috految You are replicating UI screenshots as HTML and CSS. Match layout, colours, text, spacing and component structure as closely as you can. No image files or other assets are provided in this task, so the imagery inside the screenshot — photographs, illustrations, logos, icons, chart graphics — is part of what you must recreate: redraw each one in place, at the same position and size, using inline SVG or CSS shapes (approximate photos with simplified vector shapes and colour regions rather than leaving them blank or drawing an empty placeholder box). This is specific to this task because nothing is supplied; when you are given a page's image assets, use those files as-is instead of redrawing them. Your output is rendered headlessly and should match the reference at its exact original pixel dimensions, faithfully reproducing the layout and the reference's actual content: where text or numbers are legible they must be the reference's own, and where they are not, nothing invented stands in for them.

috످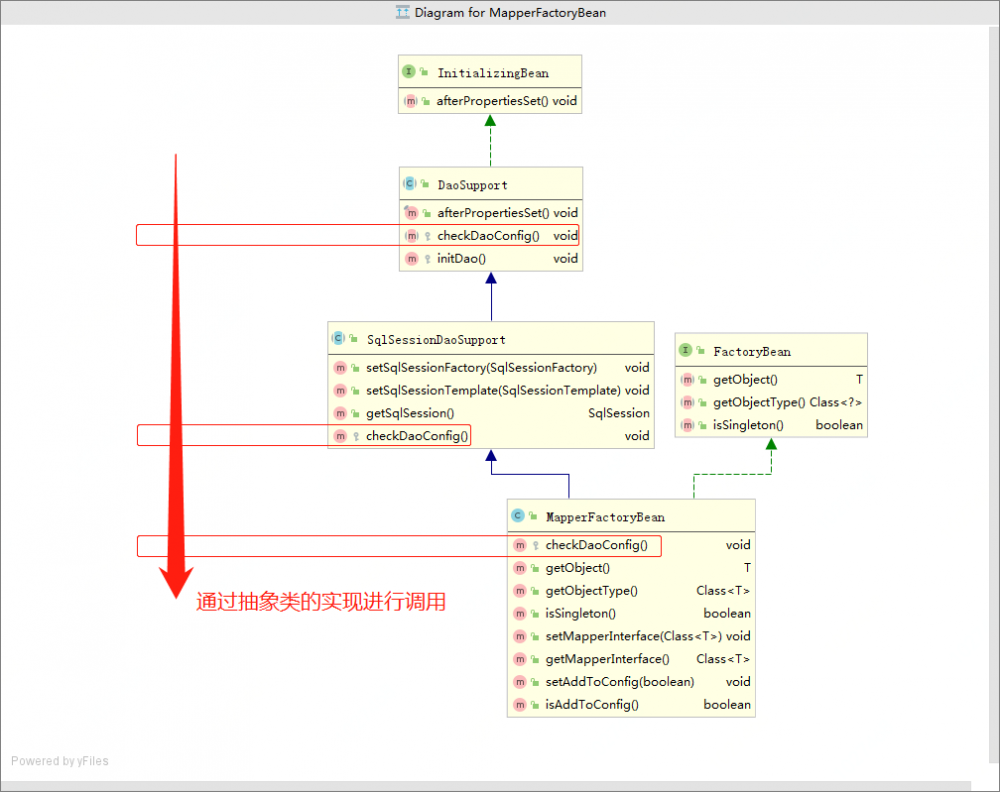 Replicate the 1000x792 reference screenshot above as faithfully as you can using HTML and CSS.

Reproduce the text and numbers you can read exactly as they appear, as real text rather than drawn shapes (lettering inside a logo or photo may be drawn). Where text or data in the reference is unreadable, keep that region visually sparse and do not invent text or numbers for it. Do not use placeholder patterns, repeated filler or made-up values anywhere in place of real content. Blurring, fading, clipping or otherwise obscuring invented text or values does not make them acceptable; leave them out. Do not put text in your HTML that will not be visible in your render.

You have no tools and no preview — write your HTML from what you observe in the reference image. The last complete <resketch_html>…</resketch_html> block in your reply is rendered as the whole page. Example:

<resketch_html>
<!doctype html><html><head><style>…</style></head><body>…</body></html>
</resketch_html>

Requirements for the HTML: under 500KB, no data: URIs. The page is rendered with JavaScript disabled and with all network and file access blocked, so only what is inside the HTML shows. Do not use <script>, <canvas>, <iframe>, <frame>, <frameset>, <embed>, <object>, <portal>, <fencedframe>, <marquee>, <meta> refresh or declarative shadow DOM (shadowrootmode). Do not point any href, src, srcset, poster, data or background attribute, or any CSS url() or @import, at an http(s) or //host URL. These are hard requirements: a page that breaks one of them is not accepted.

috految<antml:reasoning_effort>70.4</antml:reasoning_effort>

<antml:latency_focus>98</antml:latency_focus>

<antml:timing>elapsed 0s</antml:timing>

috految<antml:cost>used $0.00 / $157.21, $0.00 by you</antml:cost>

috److I rebuilt the diagram as a single inline SVG at 1000×792. Labels are real text, and the icons, connectors and red annotations are vector shapes.

<resketch_html>
<!doctype html><html><head><meta charset="utf-8"><style>
html,body{margin:0;width:1000px;height:792px;overflow:hidden;background:#fff}
svg{display:block;will-change:transform;font-family:"Noto Sans","Open Sans",sans-serif;text-rendering:geometricPrecision;font-variant-ligatures:none;font-kerning:none}
.h{font-family:"Noto Serif CJK SC","Noto Serif CJK JP","Courier Prime",FreeMono,"Liberation Mono",monospace;font-feature-settings:"hwid";font-size:12px;fill:#111;stroke:#111;stroke-width:.24}
</style></head><body>
<svg width="1000" height="792" viewBox="0 0 1000 792">
<defs>
<g id="l"><rect x="-1.7" y="-1" width="6.4" height="5" fill="#8bc96e"/><path d="M-3.4 0v-2.4c0-1.9 3.3-1.9 3.3 0V0" fill="none" stroke="#8bc96e" stroke-width="1.3"/></g>
<g id="k" fill="none" stroke="#a6b2b8" stroke-width="1.4"><ellipse cy="-2" rx="2.1" ry="1.7"/><path d="M0-.4V4.6M0 2.8h2.8" stroke-width="1.8"/></g>
<path id="p" d="M-5.1-5.1a7.2 7.2 0 0 0 0 10.2zM5.1-5.1a7.2 7.2 0 0 1 0 10.2z" fill="#aab5b8"/>
<g id="a"><path d="M-4-5.7a7 7 0 0 1 8 0V5.7a7 7 0 0 1-8 0z"/><use href="#p"/></g>
</defs>
<rect width="1000" height="792" fill="#fefefe"/>
<rect width="1000" height="24.5" fill="#e6e6e6"/>
<rect x="989.5" y="27.5" width="10" height="735.2" fill="#e2e2e2" stroke="#d6d6d6"/>
<rect x=".5" y="781.5" width="970" height="10" fill="#e2e2e2" stroke="#d6d6d6"/>
<rect x=".5" y=".5" width="999" height="791" fill="none" stroke="#7b7b7b"/>
<path d="M395.700 5h14v2.700h-14zM395.700 16.500h6.300v2.700h-6.300zM403.300 16.500h6.400v2.700h-6.400z" fill="#9eaab3"/>
<path d="M399.300 8.500l3 3.200h-2.400V16h-1.200v-4.300h-2.400zM406.300 8.500l3 3.200h-2.400V16h-1.200v-4.300h-2.400z" fill="#3ba7d8"/>
<g fill="#ffffe4" stroke="#c0c0c0" stroke-width="1.1">
<rect x="398.3" y="55" width="183.6" height="58.5"/>
<rect x="399.3" y="167" width="183.6" height="104"/>
<rect x="327.7" y="321.6" width="326.7" height="126.8"/>
<rect x="674.9" y="333.1" width="192.6" height="104"/>
<rect x="507.1" y="499.2" width="248.3" height="217.9"/>
</g>
<path d="M398.700 87.500H581.500M399.700 199.400H582.500M328.200 354.200H654M675.500 366H867M507.700 531.600H755" stroke="#55554d" stroke-width="1.1"/>
<g fill="none" stroke="#008200" stroke-width="1.1" stroke-dasharray="6 2"><path d="M490.500 166V125"/><path d="M694 498V474.300H771.400V449"/></g>
<path d="M490.300 114l6.200 11.800h-12.400zM771.400 437.500l6.200 12h-12.400z" fill="#008200"/>
<path d="M491.500 321V282M569 498V474.300H491.500V460" fill="none" stroke="#000084" stroke-width="1.1"/>
<path d="M491 271.500l6.200 12h-12.400zM491 449l6.200 12h-12.400z" fill="#000084"/>
<g fill="#a0d383"><circle cx="408.800" cy="71.400" r="7.100"/><circle cx="685.400" cy="350" r="7.100"/></g>
<g fill="#8cd3e2"><use href="#a" x="409.700" y="183.400"/><use href="#a" x="338.200" y="338"/><circle cx="517.800" cy="515.500" r="7.100"/></g>
<g fill="#fbb7ba">
<use href="#a" x="410.800" y="101"/><circle cx="411.800" cy="213" r="7.100"/><use href="#a" x="411.800" y="235.800"/><circle cx="411.800" cy="258.700" r="7.100"/>
<circle cx="340.200" cy="367.800" r="7.100"/><circle cx="340.200" cy="390.500" r="7.100"/><circle cx="340.200" cy="413.200" r="7.100"/><circle cx="340.200" cy="436" r="7.100"/>
<use href="#a" x="687.500" y="379.600"/><use href="#a" x="687.500" y="402.400"/><use href="#a" x="687.500" y="425.200"/>
<circle cx="520" cy="545.200" r="7.100"/><circle cx="520" cy="568" r="7.100"/><circle cx="520" cy="590.800" r="7.100"/><circle cx="520" cy="613.600" r="7.100"/><circle cx="520" cy="636.400" r="7.100"/><circle cx="520" cy="659.200" r="7.100"/><circle cx="520" cy="682" r="7.100"/><circle cx="520" cy="704.800" r="7.100"/>
</g>
<path d="M403.500 208.500l3.300-3.500 2.400 1.500-1 2 1.500 2-2.600-1-1.700 1.700z" fill="#929fa8"/>
<g text-anchor="middle" font-size="9" font-weight="600">
<g fill="#3b5236" font-family="DejaVu Sans Mono,monospace" font-size="8.500"><text x="408.800" y="74.400">I</text><text x="685.400" y="353">I</text></g>
<g fill="#38535c"><text x="409.400" y="186.400">C</text><text x="337.900" y="341.200">C</text><text x="517.500" y="518.800">C</text></g>
<g fill="#5c4648" font-size="9.600" font-weight="500">
<text x="411" y="104">m</text><text x="412" y="216">m</text><text x="412" y="239">m</text><text x="412" y="262">m</text>
<text x="340.400" y="371">m</text><text x="340.400" y="394">m</text><text x="340.400" y="416.400">m</text><text x="340.400" y="439">m</text>
<text x="687.600" y="383">m</text><text x="687.600" y="405.600">m</text><text x="687.600" y="428.400">m</text>
<text x="520" y="548.400">m</text><text x="520" y="571">m</text><text x="520" y="594">m</text><text x="520" y="617">m</text><text x="520" y="639.600">m</text><text x="520" y="662.400">m</text><text x="520" y="685">m</text><text x="520" y="708">m</text>
</g></g>
<use href="#l" x="423.400" y="71.500"/><use href="#l" x="425.400" y="101.200"/>
<use href="#l" x="424.300" y="183.500"/><use href="#l" x="426.400" y="213.200"/><use href="#k" x="427.600" y="236"/><use href="#k" x="427.600" y="259"/>
<use href="#l" x="353" y="338.200"/><use href="#l" x="355" y="368"/><use href="#l" x="355" y="390.700"/><use href="#l" x="355" y="413.400"/><use href="#k" x="356.200" y="436.200"/>
<use href="#l" x="700.200" y="350.100"/><use href="#l" x="702.200" y="379.800"/><use href="#l" x="702.200" y="402.600"/><use href="#l" x="702.200" y="425.400"/>
<use href="#l" x="532.500" y="515.700"/><use href="#k" x="535.700" y="545.400"/><use href="#l" x="534.500" y="568.200"/><use href="#l" x="534.500" y="591"/><use href="#l" x="534.500" y="613.800"/><use href="#l" x="534.500" y="636.600"/><use href="#l" x="534.500" y="659.400"/><use href="#l" x="534.500" y="682.200"/><use href="#l" x="534.500" y="705"/>
<g class="h">
<text x="437.500" y="77.200" textLength="111.500" lengthAdjust="spacingAndGlyphs">InitializingBean</text>
<text x="437.500" y="189.200" textLength="70" lengthAdjust="spacingAndGlyphs">DaoSupport</text>
<text x="366.500" y="344" textLength="139" lengthAdjust="spacingAndGlyphs">SqlSessionDaoSupport</text>
<text x="713.500" y="356" textLength="77.500" lengthAdjust="spacingAndGlyphs">FactoryBean</text>
<text x="546" y="521.400" textLength="119" lengthAdjust="spacingAndGlyphs">MapperFactoryBean</text>
</g>
<g font-size="12.200" fill="#0a0a0a" stroke="#0a0a0a" stroke-width=".08">
<text x="414.500" y="17" textLength="192" word-spacing=".6">Diagram for MapperFactoryBean</text>
<text x="436.500" y="105" textLength="112.300">afterPropertiesSet()</text><text x="552.500" y="105" textLength="24.700">void</text>
<text x="437.400" y="217" textLength="112.300">afterPropertiesSet()</text><text x="553.400" y="217" textLength="24.700">void</text>
<text x="437.300" y="240" textLength="102.300">checkDaoConfig()</text><text x="553.400" y="240" textLength="24.700">void</text>
<text x="437" y="262.600" textLength="49.300">initDao()</text><text x="553.400" y="262.600" textLength="24.700">void</text>
<text x="366" y="371.700" textLength="231">setSqlSessionFactory(SqlSessionFactory)</text><text x="624.800" y="371.700" textLength="24.700">void</text>
<text x="366" y="394.400" textLength="255">setSqlSessionTemplate(SqlSessionTemplate)</text><text x="624.800" y="394.400" textLength="24.700">void</text>
<text x="366" y="417" textLength="88.300">getSqlSession()</text><text x="588.300" y="417" textLength="61.500">SqlSession</text>
<text x="366" y="440" textLength="102.300">checkDaoConfig()</text><text x="624.800" y="440" textLength="24.700">void</text>
<text x="713.200" y="383.600" textLength="64.500">getObject()</text><text x="856" y="383.600">T</text>
<text x="713.200" y="406.400" textLength="92.400">getObjectType()</text><text x="809" y="406.400" textLength="53">Class&lt;?&gt;</text>
<text x="712.800" y="429" textLength="71">isSingleton()</text><text x="815.500" y="429" textLength="47.600">boolean</text>
<text x="545.600" y="549" textLength="102.400">checkDaoConfig()</text><text x="726" y="549" textLength="24.700">void</text>
<text x="545.600" y="572" textLength="64.500">getObject()</text><text x="743.800" y="572">T</text>
<text x="545.600" y="595" textLength="92.200">getObjectType()</text><text x="696" y="595" textLength="53.700">Class&lt;T&gt;</text>
<text x="545.200" y="617.400" textLength="70.800">isSingleton()</text><text x="703.400" y="617.400" textLength="47.600">boolean</text>
<text x="545.600" y="640.300" textLength="176.400">setMapperInterface(Class&lt;T&gt;)</text><text x="726" y="640.300" textLength="24.700">void</text>
<text x="545.600" y="663" textLength="124.300">getMapperInterface()</text><text x="696" y="663" textLength="53.700">Class&lt;T&gt;</text>
<text x="545.600" y="686" textLength="148.800">setAddToConfig(boolean)</text><text x="726" y="686" textLength="24.700">void</text>
<text x="545.200" y="709" textLength="93.800">isAddToConfig()</text><text x="703.400" y="709" textLength="47.600">boolean</text>
</g>
<g fill="none" stroke="#fc1e12" stroke-width="1.100">
<rect x="136.400" y="224.500" width="442.600" height="21" rx="2.500"/>
<rect x="137.300" y="424.700" width="333.500" height="21" rx="2.500"/>
<rect x="137.300" y="535.500" width="524" height="21" rx="2.500"/>
</g>
<path d="M174.800 154Q175.800 152.500 176.800 154L185.200 571.800 194 566.700 176.200 599.300 158.400 566.700 167.300 571.800z" fill="#ff1e10"/>
<text x="196" y="609" font-family="'Noto Sans CJK SC','Noto Sans SC',sans-serif" font-size="20.500" fill="#fc1e12" textLength="251" lengthAdjust="spacingAndGlyphs">通过抽象类的实现进行调用</text>
<text x="11" y="765" font-family="Arial,'Liberation Sans',sans-serif" font-size="12" fill="#bfbfbf" textLength="97.500">Powered by yFiles</text>
</svg>
</body></html>
</resketch_html>

috످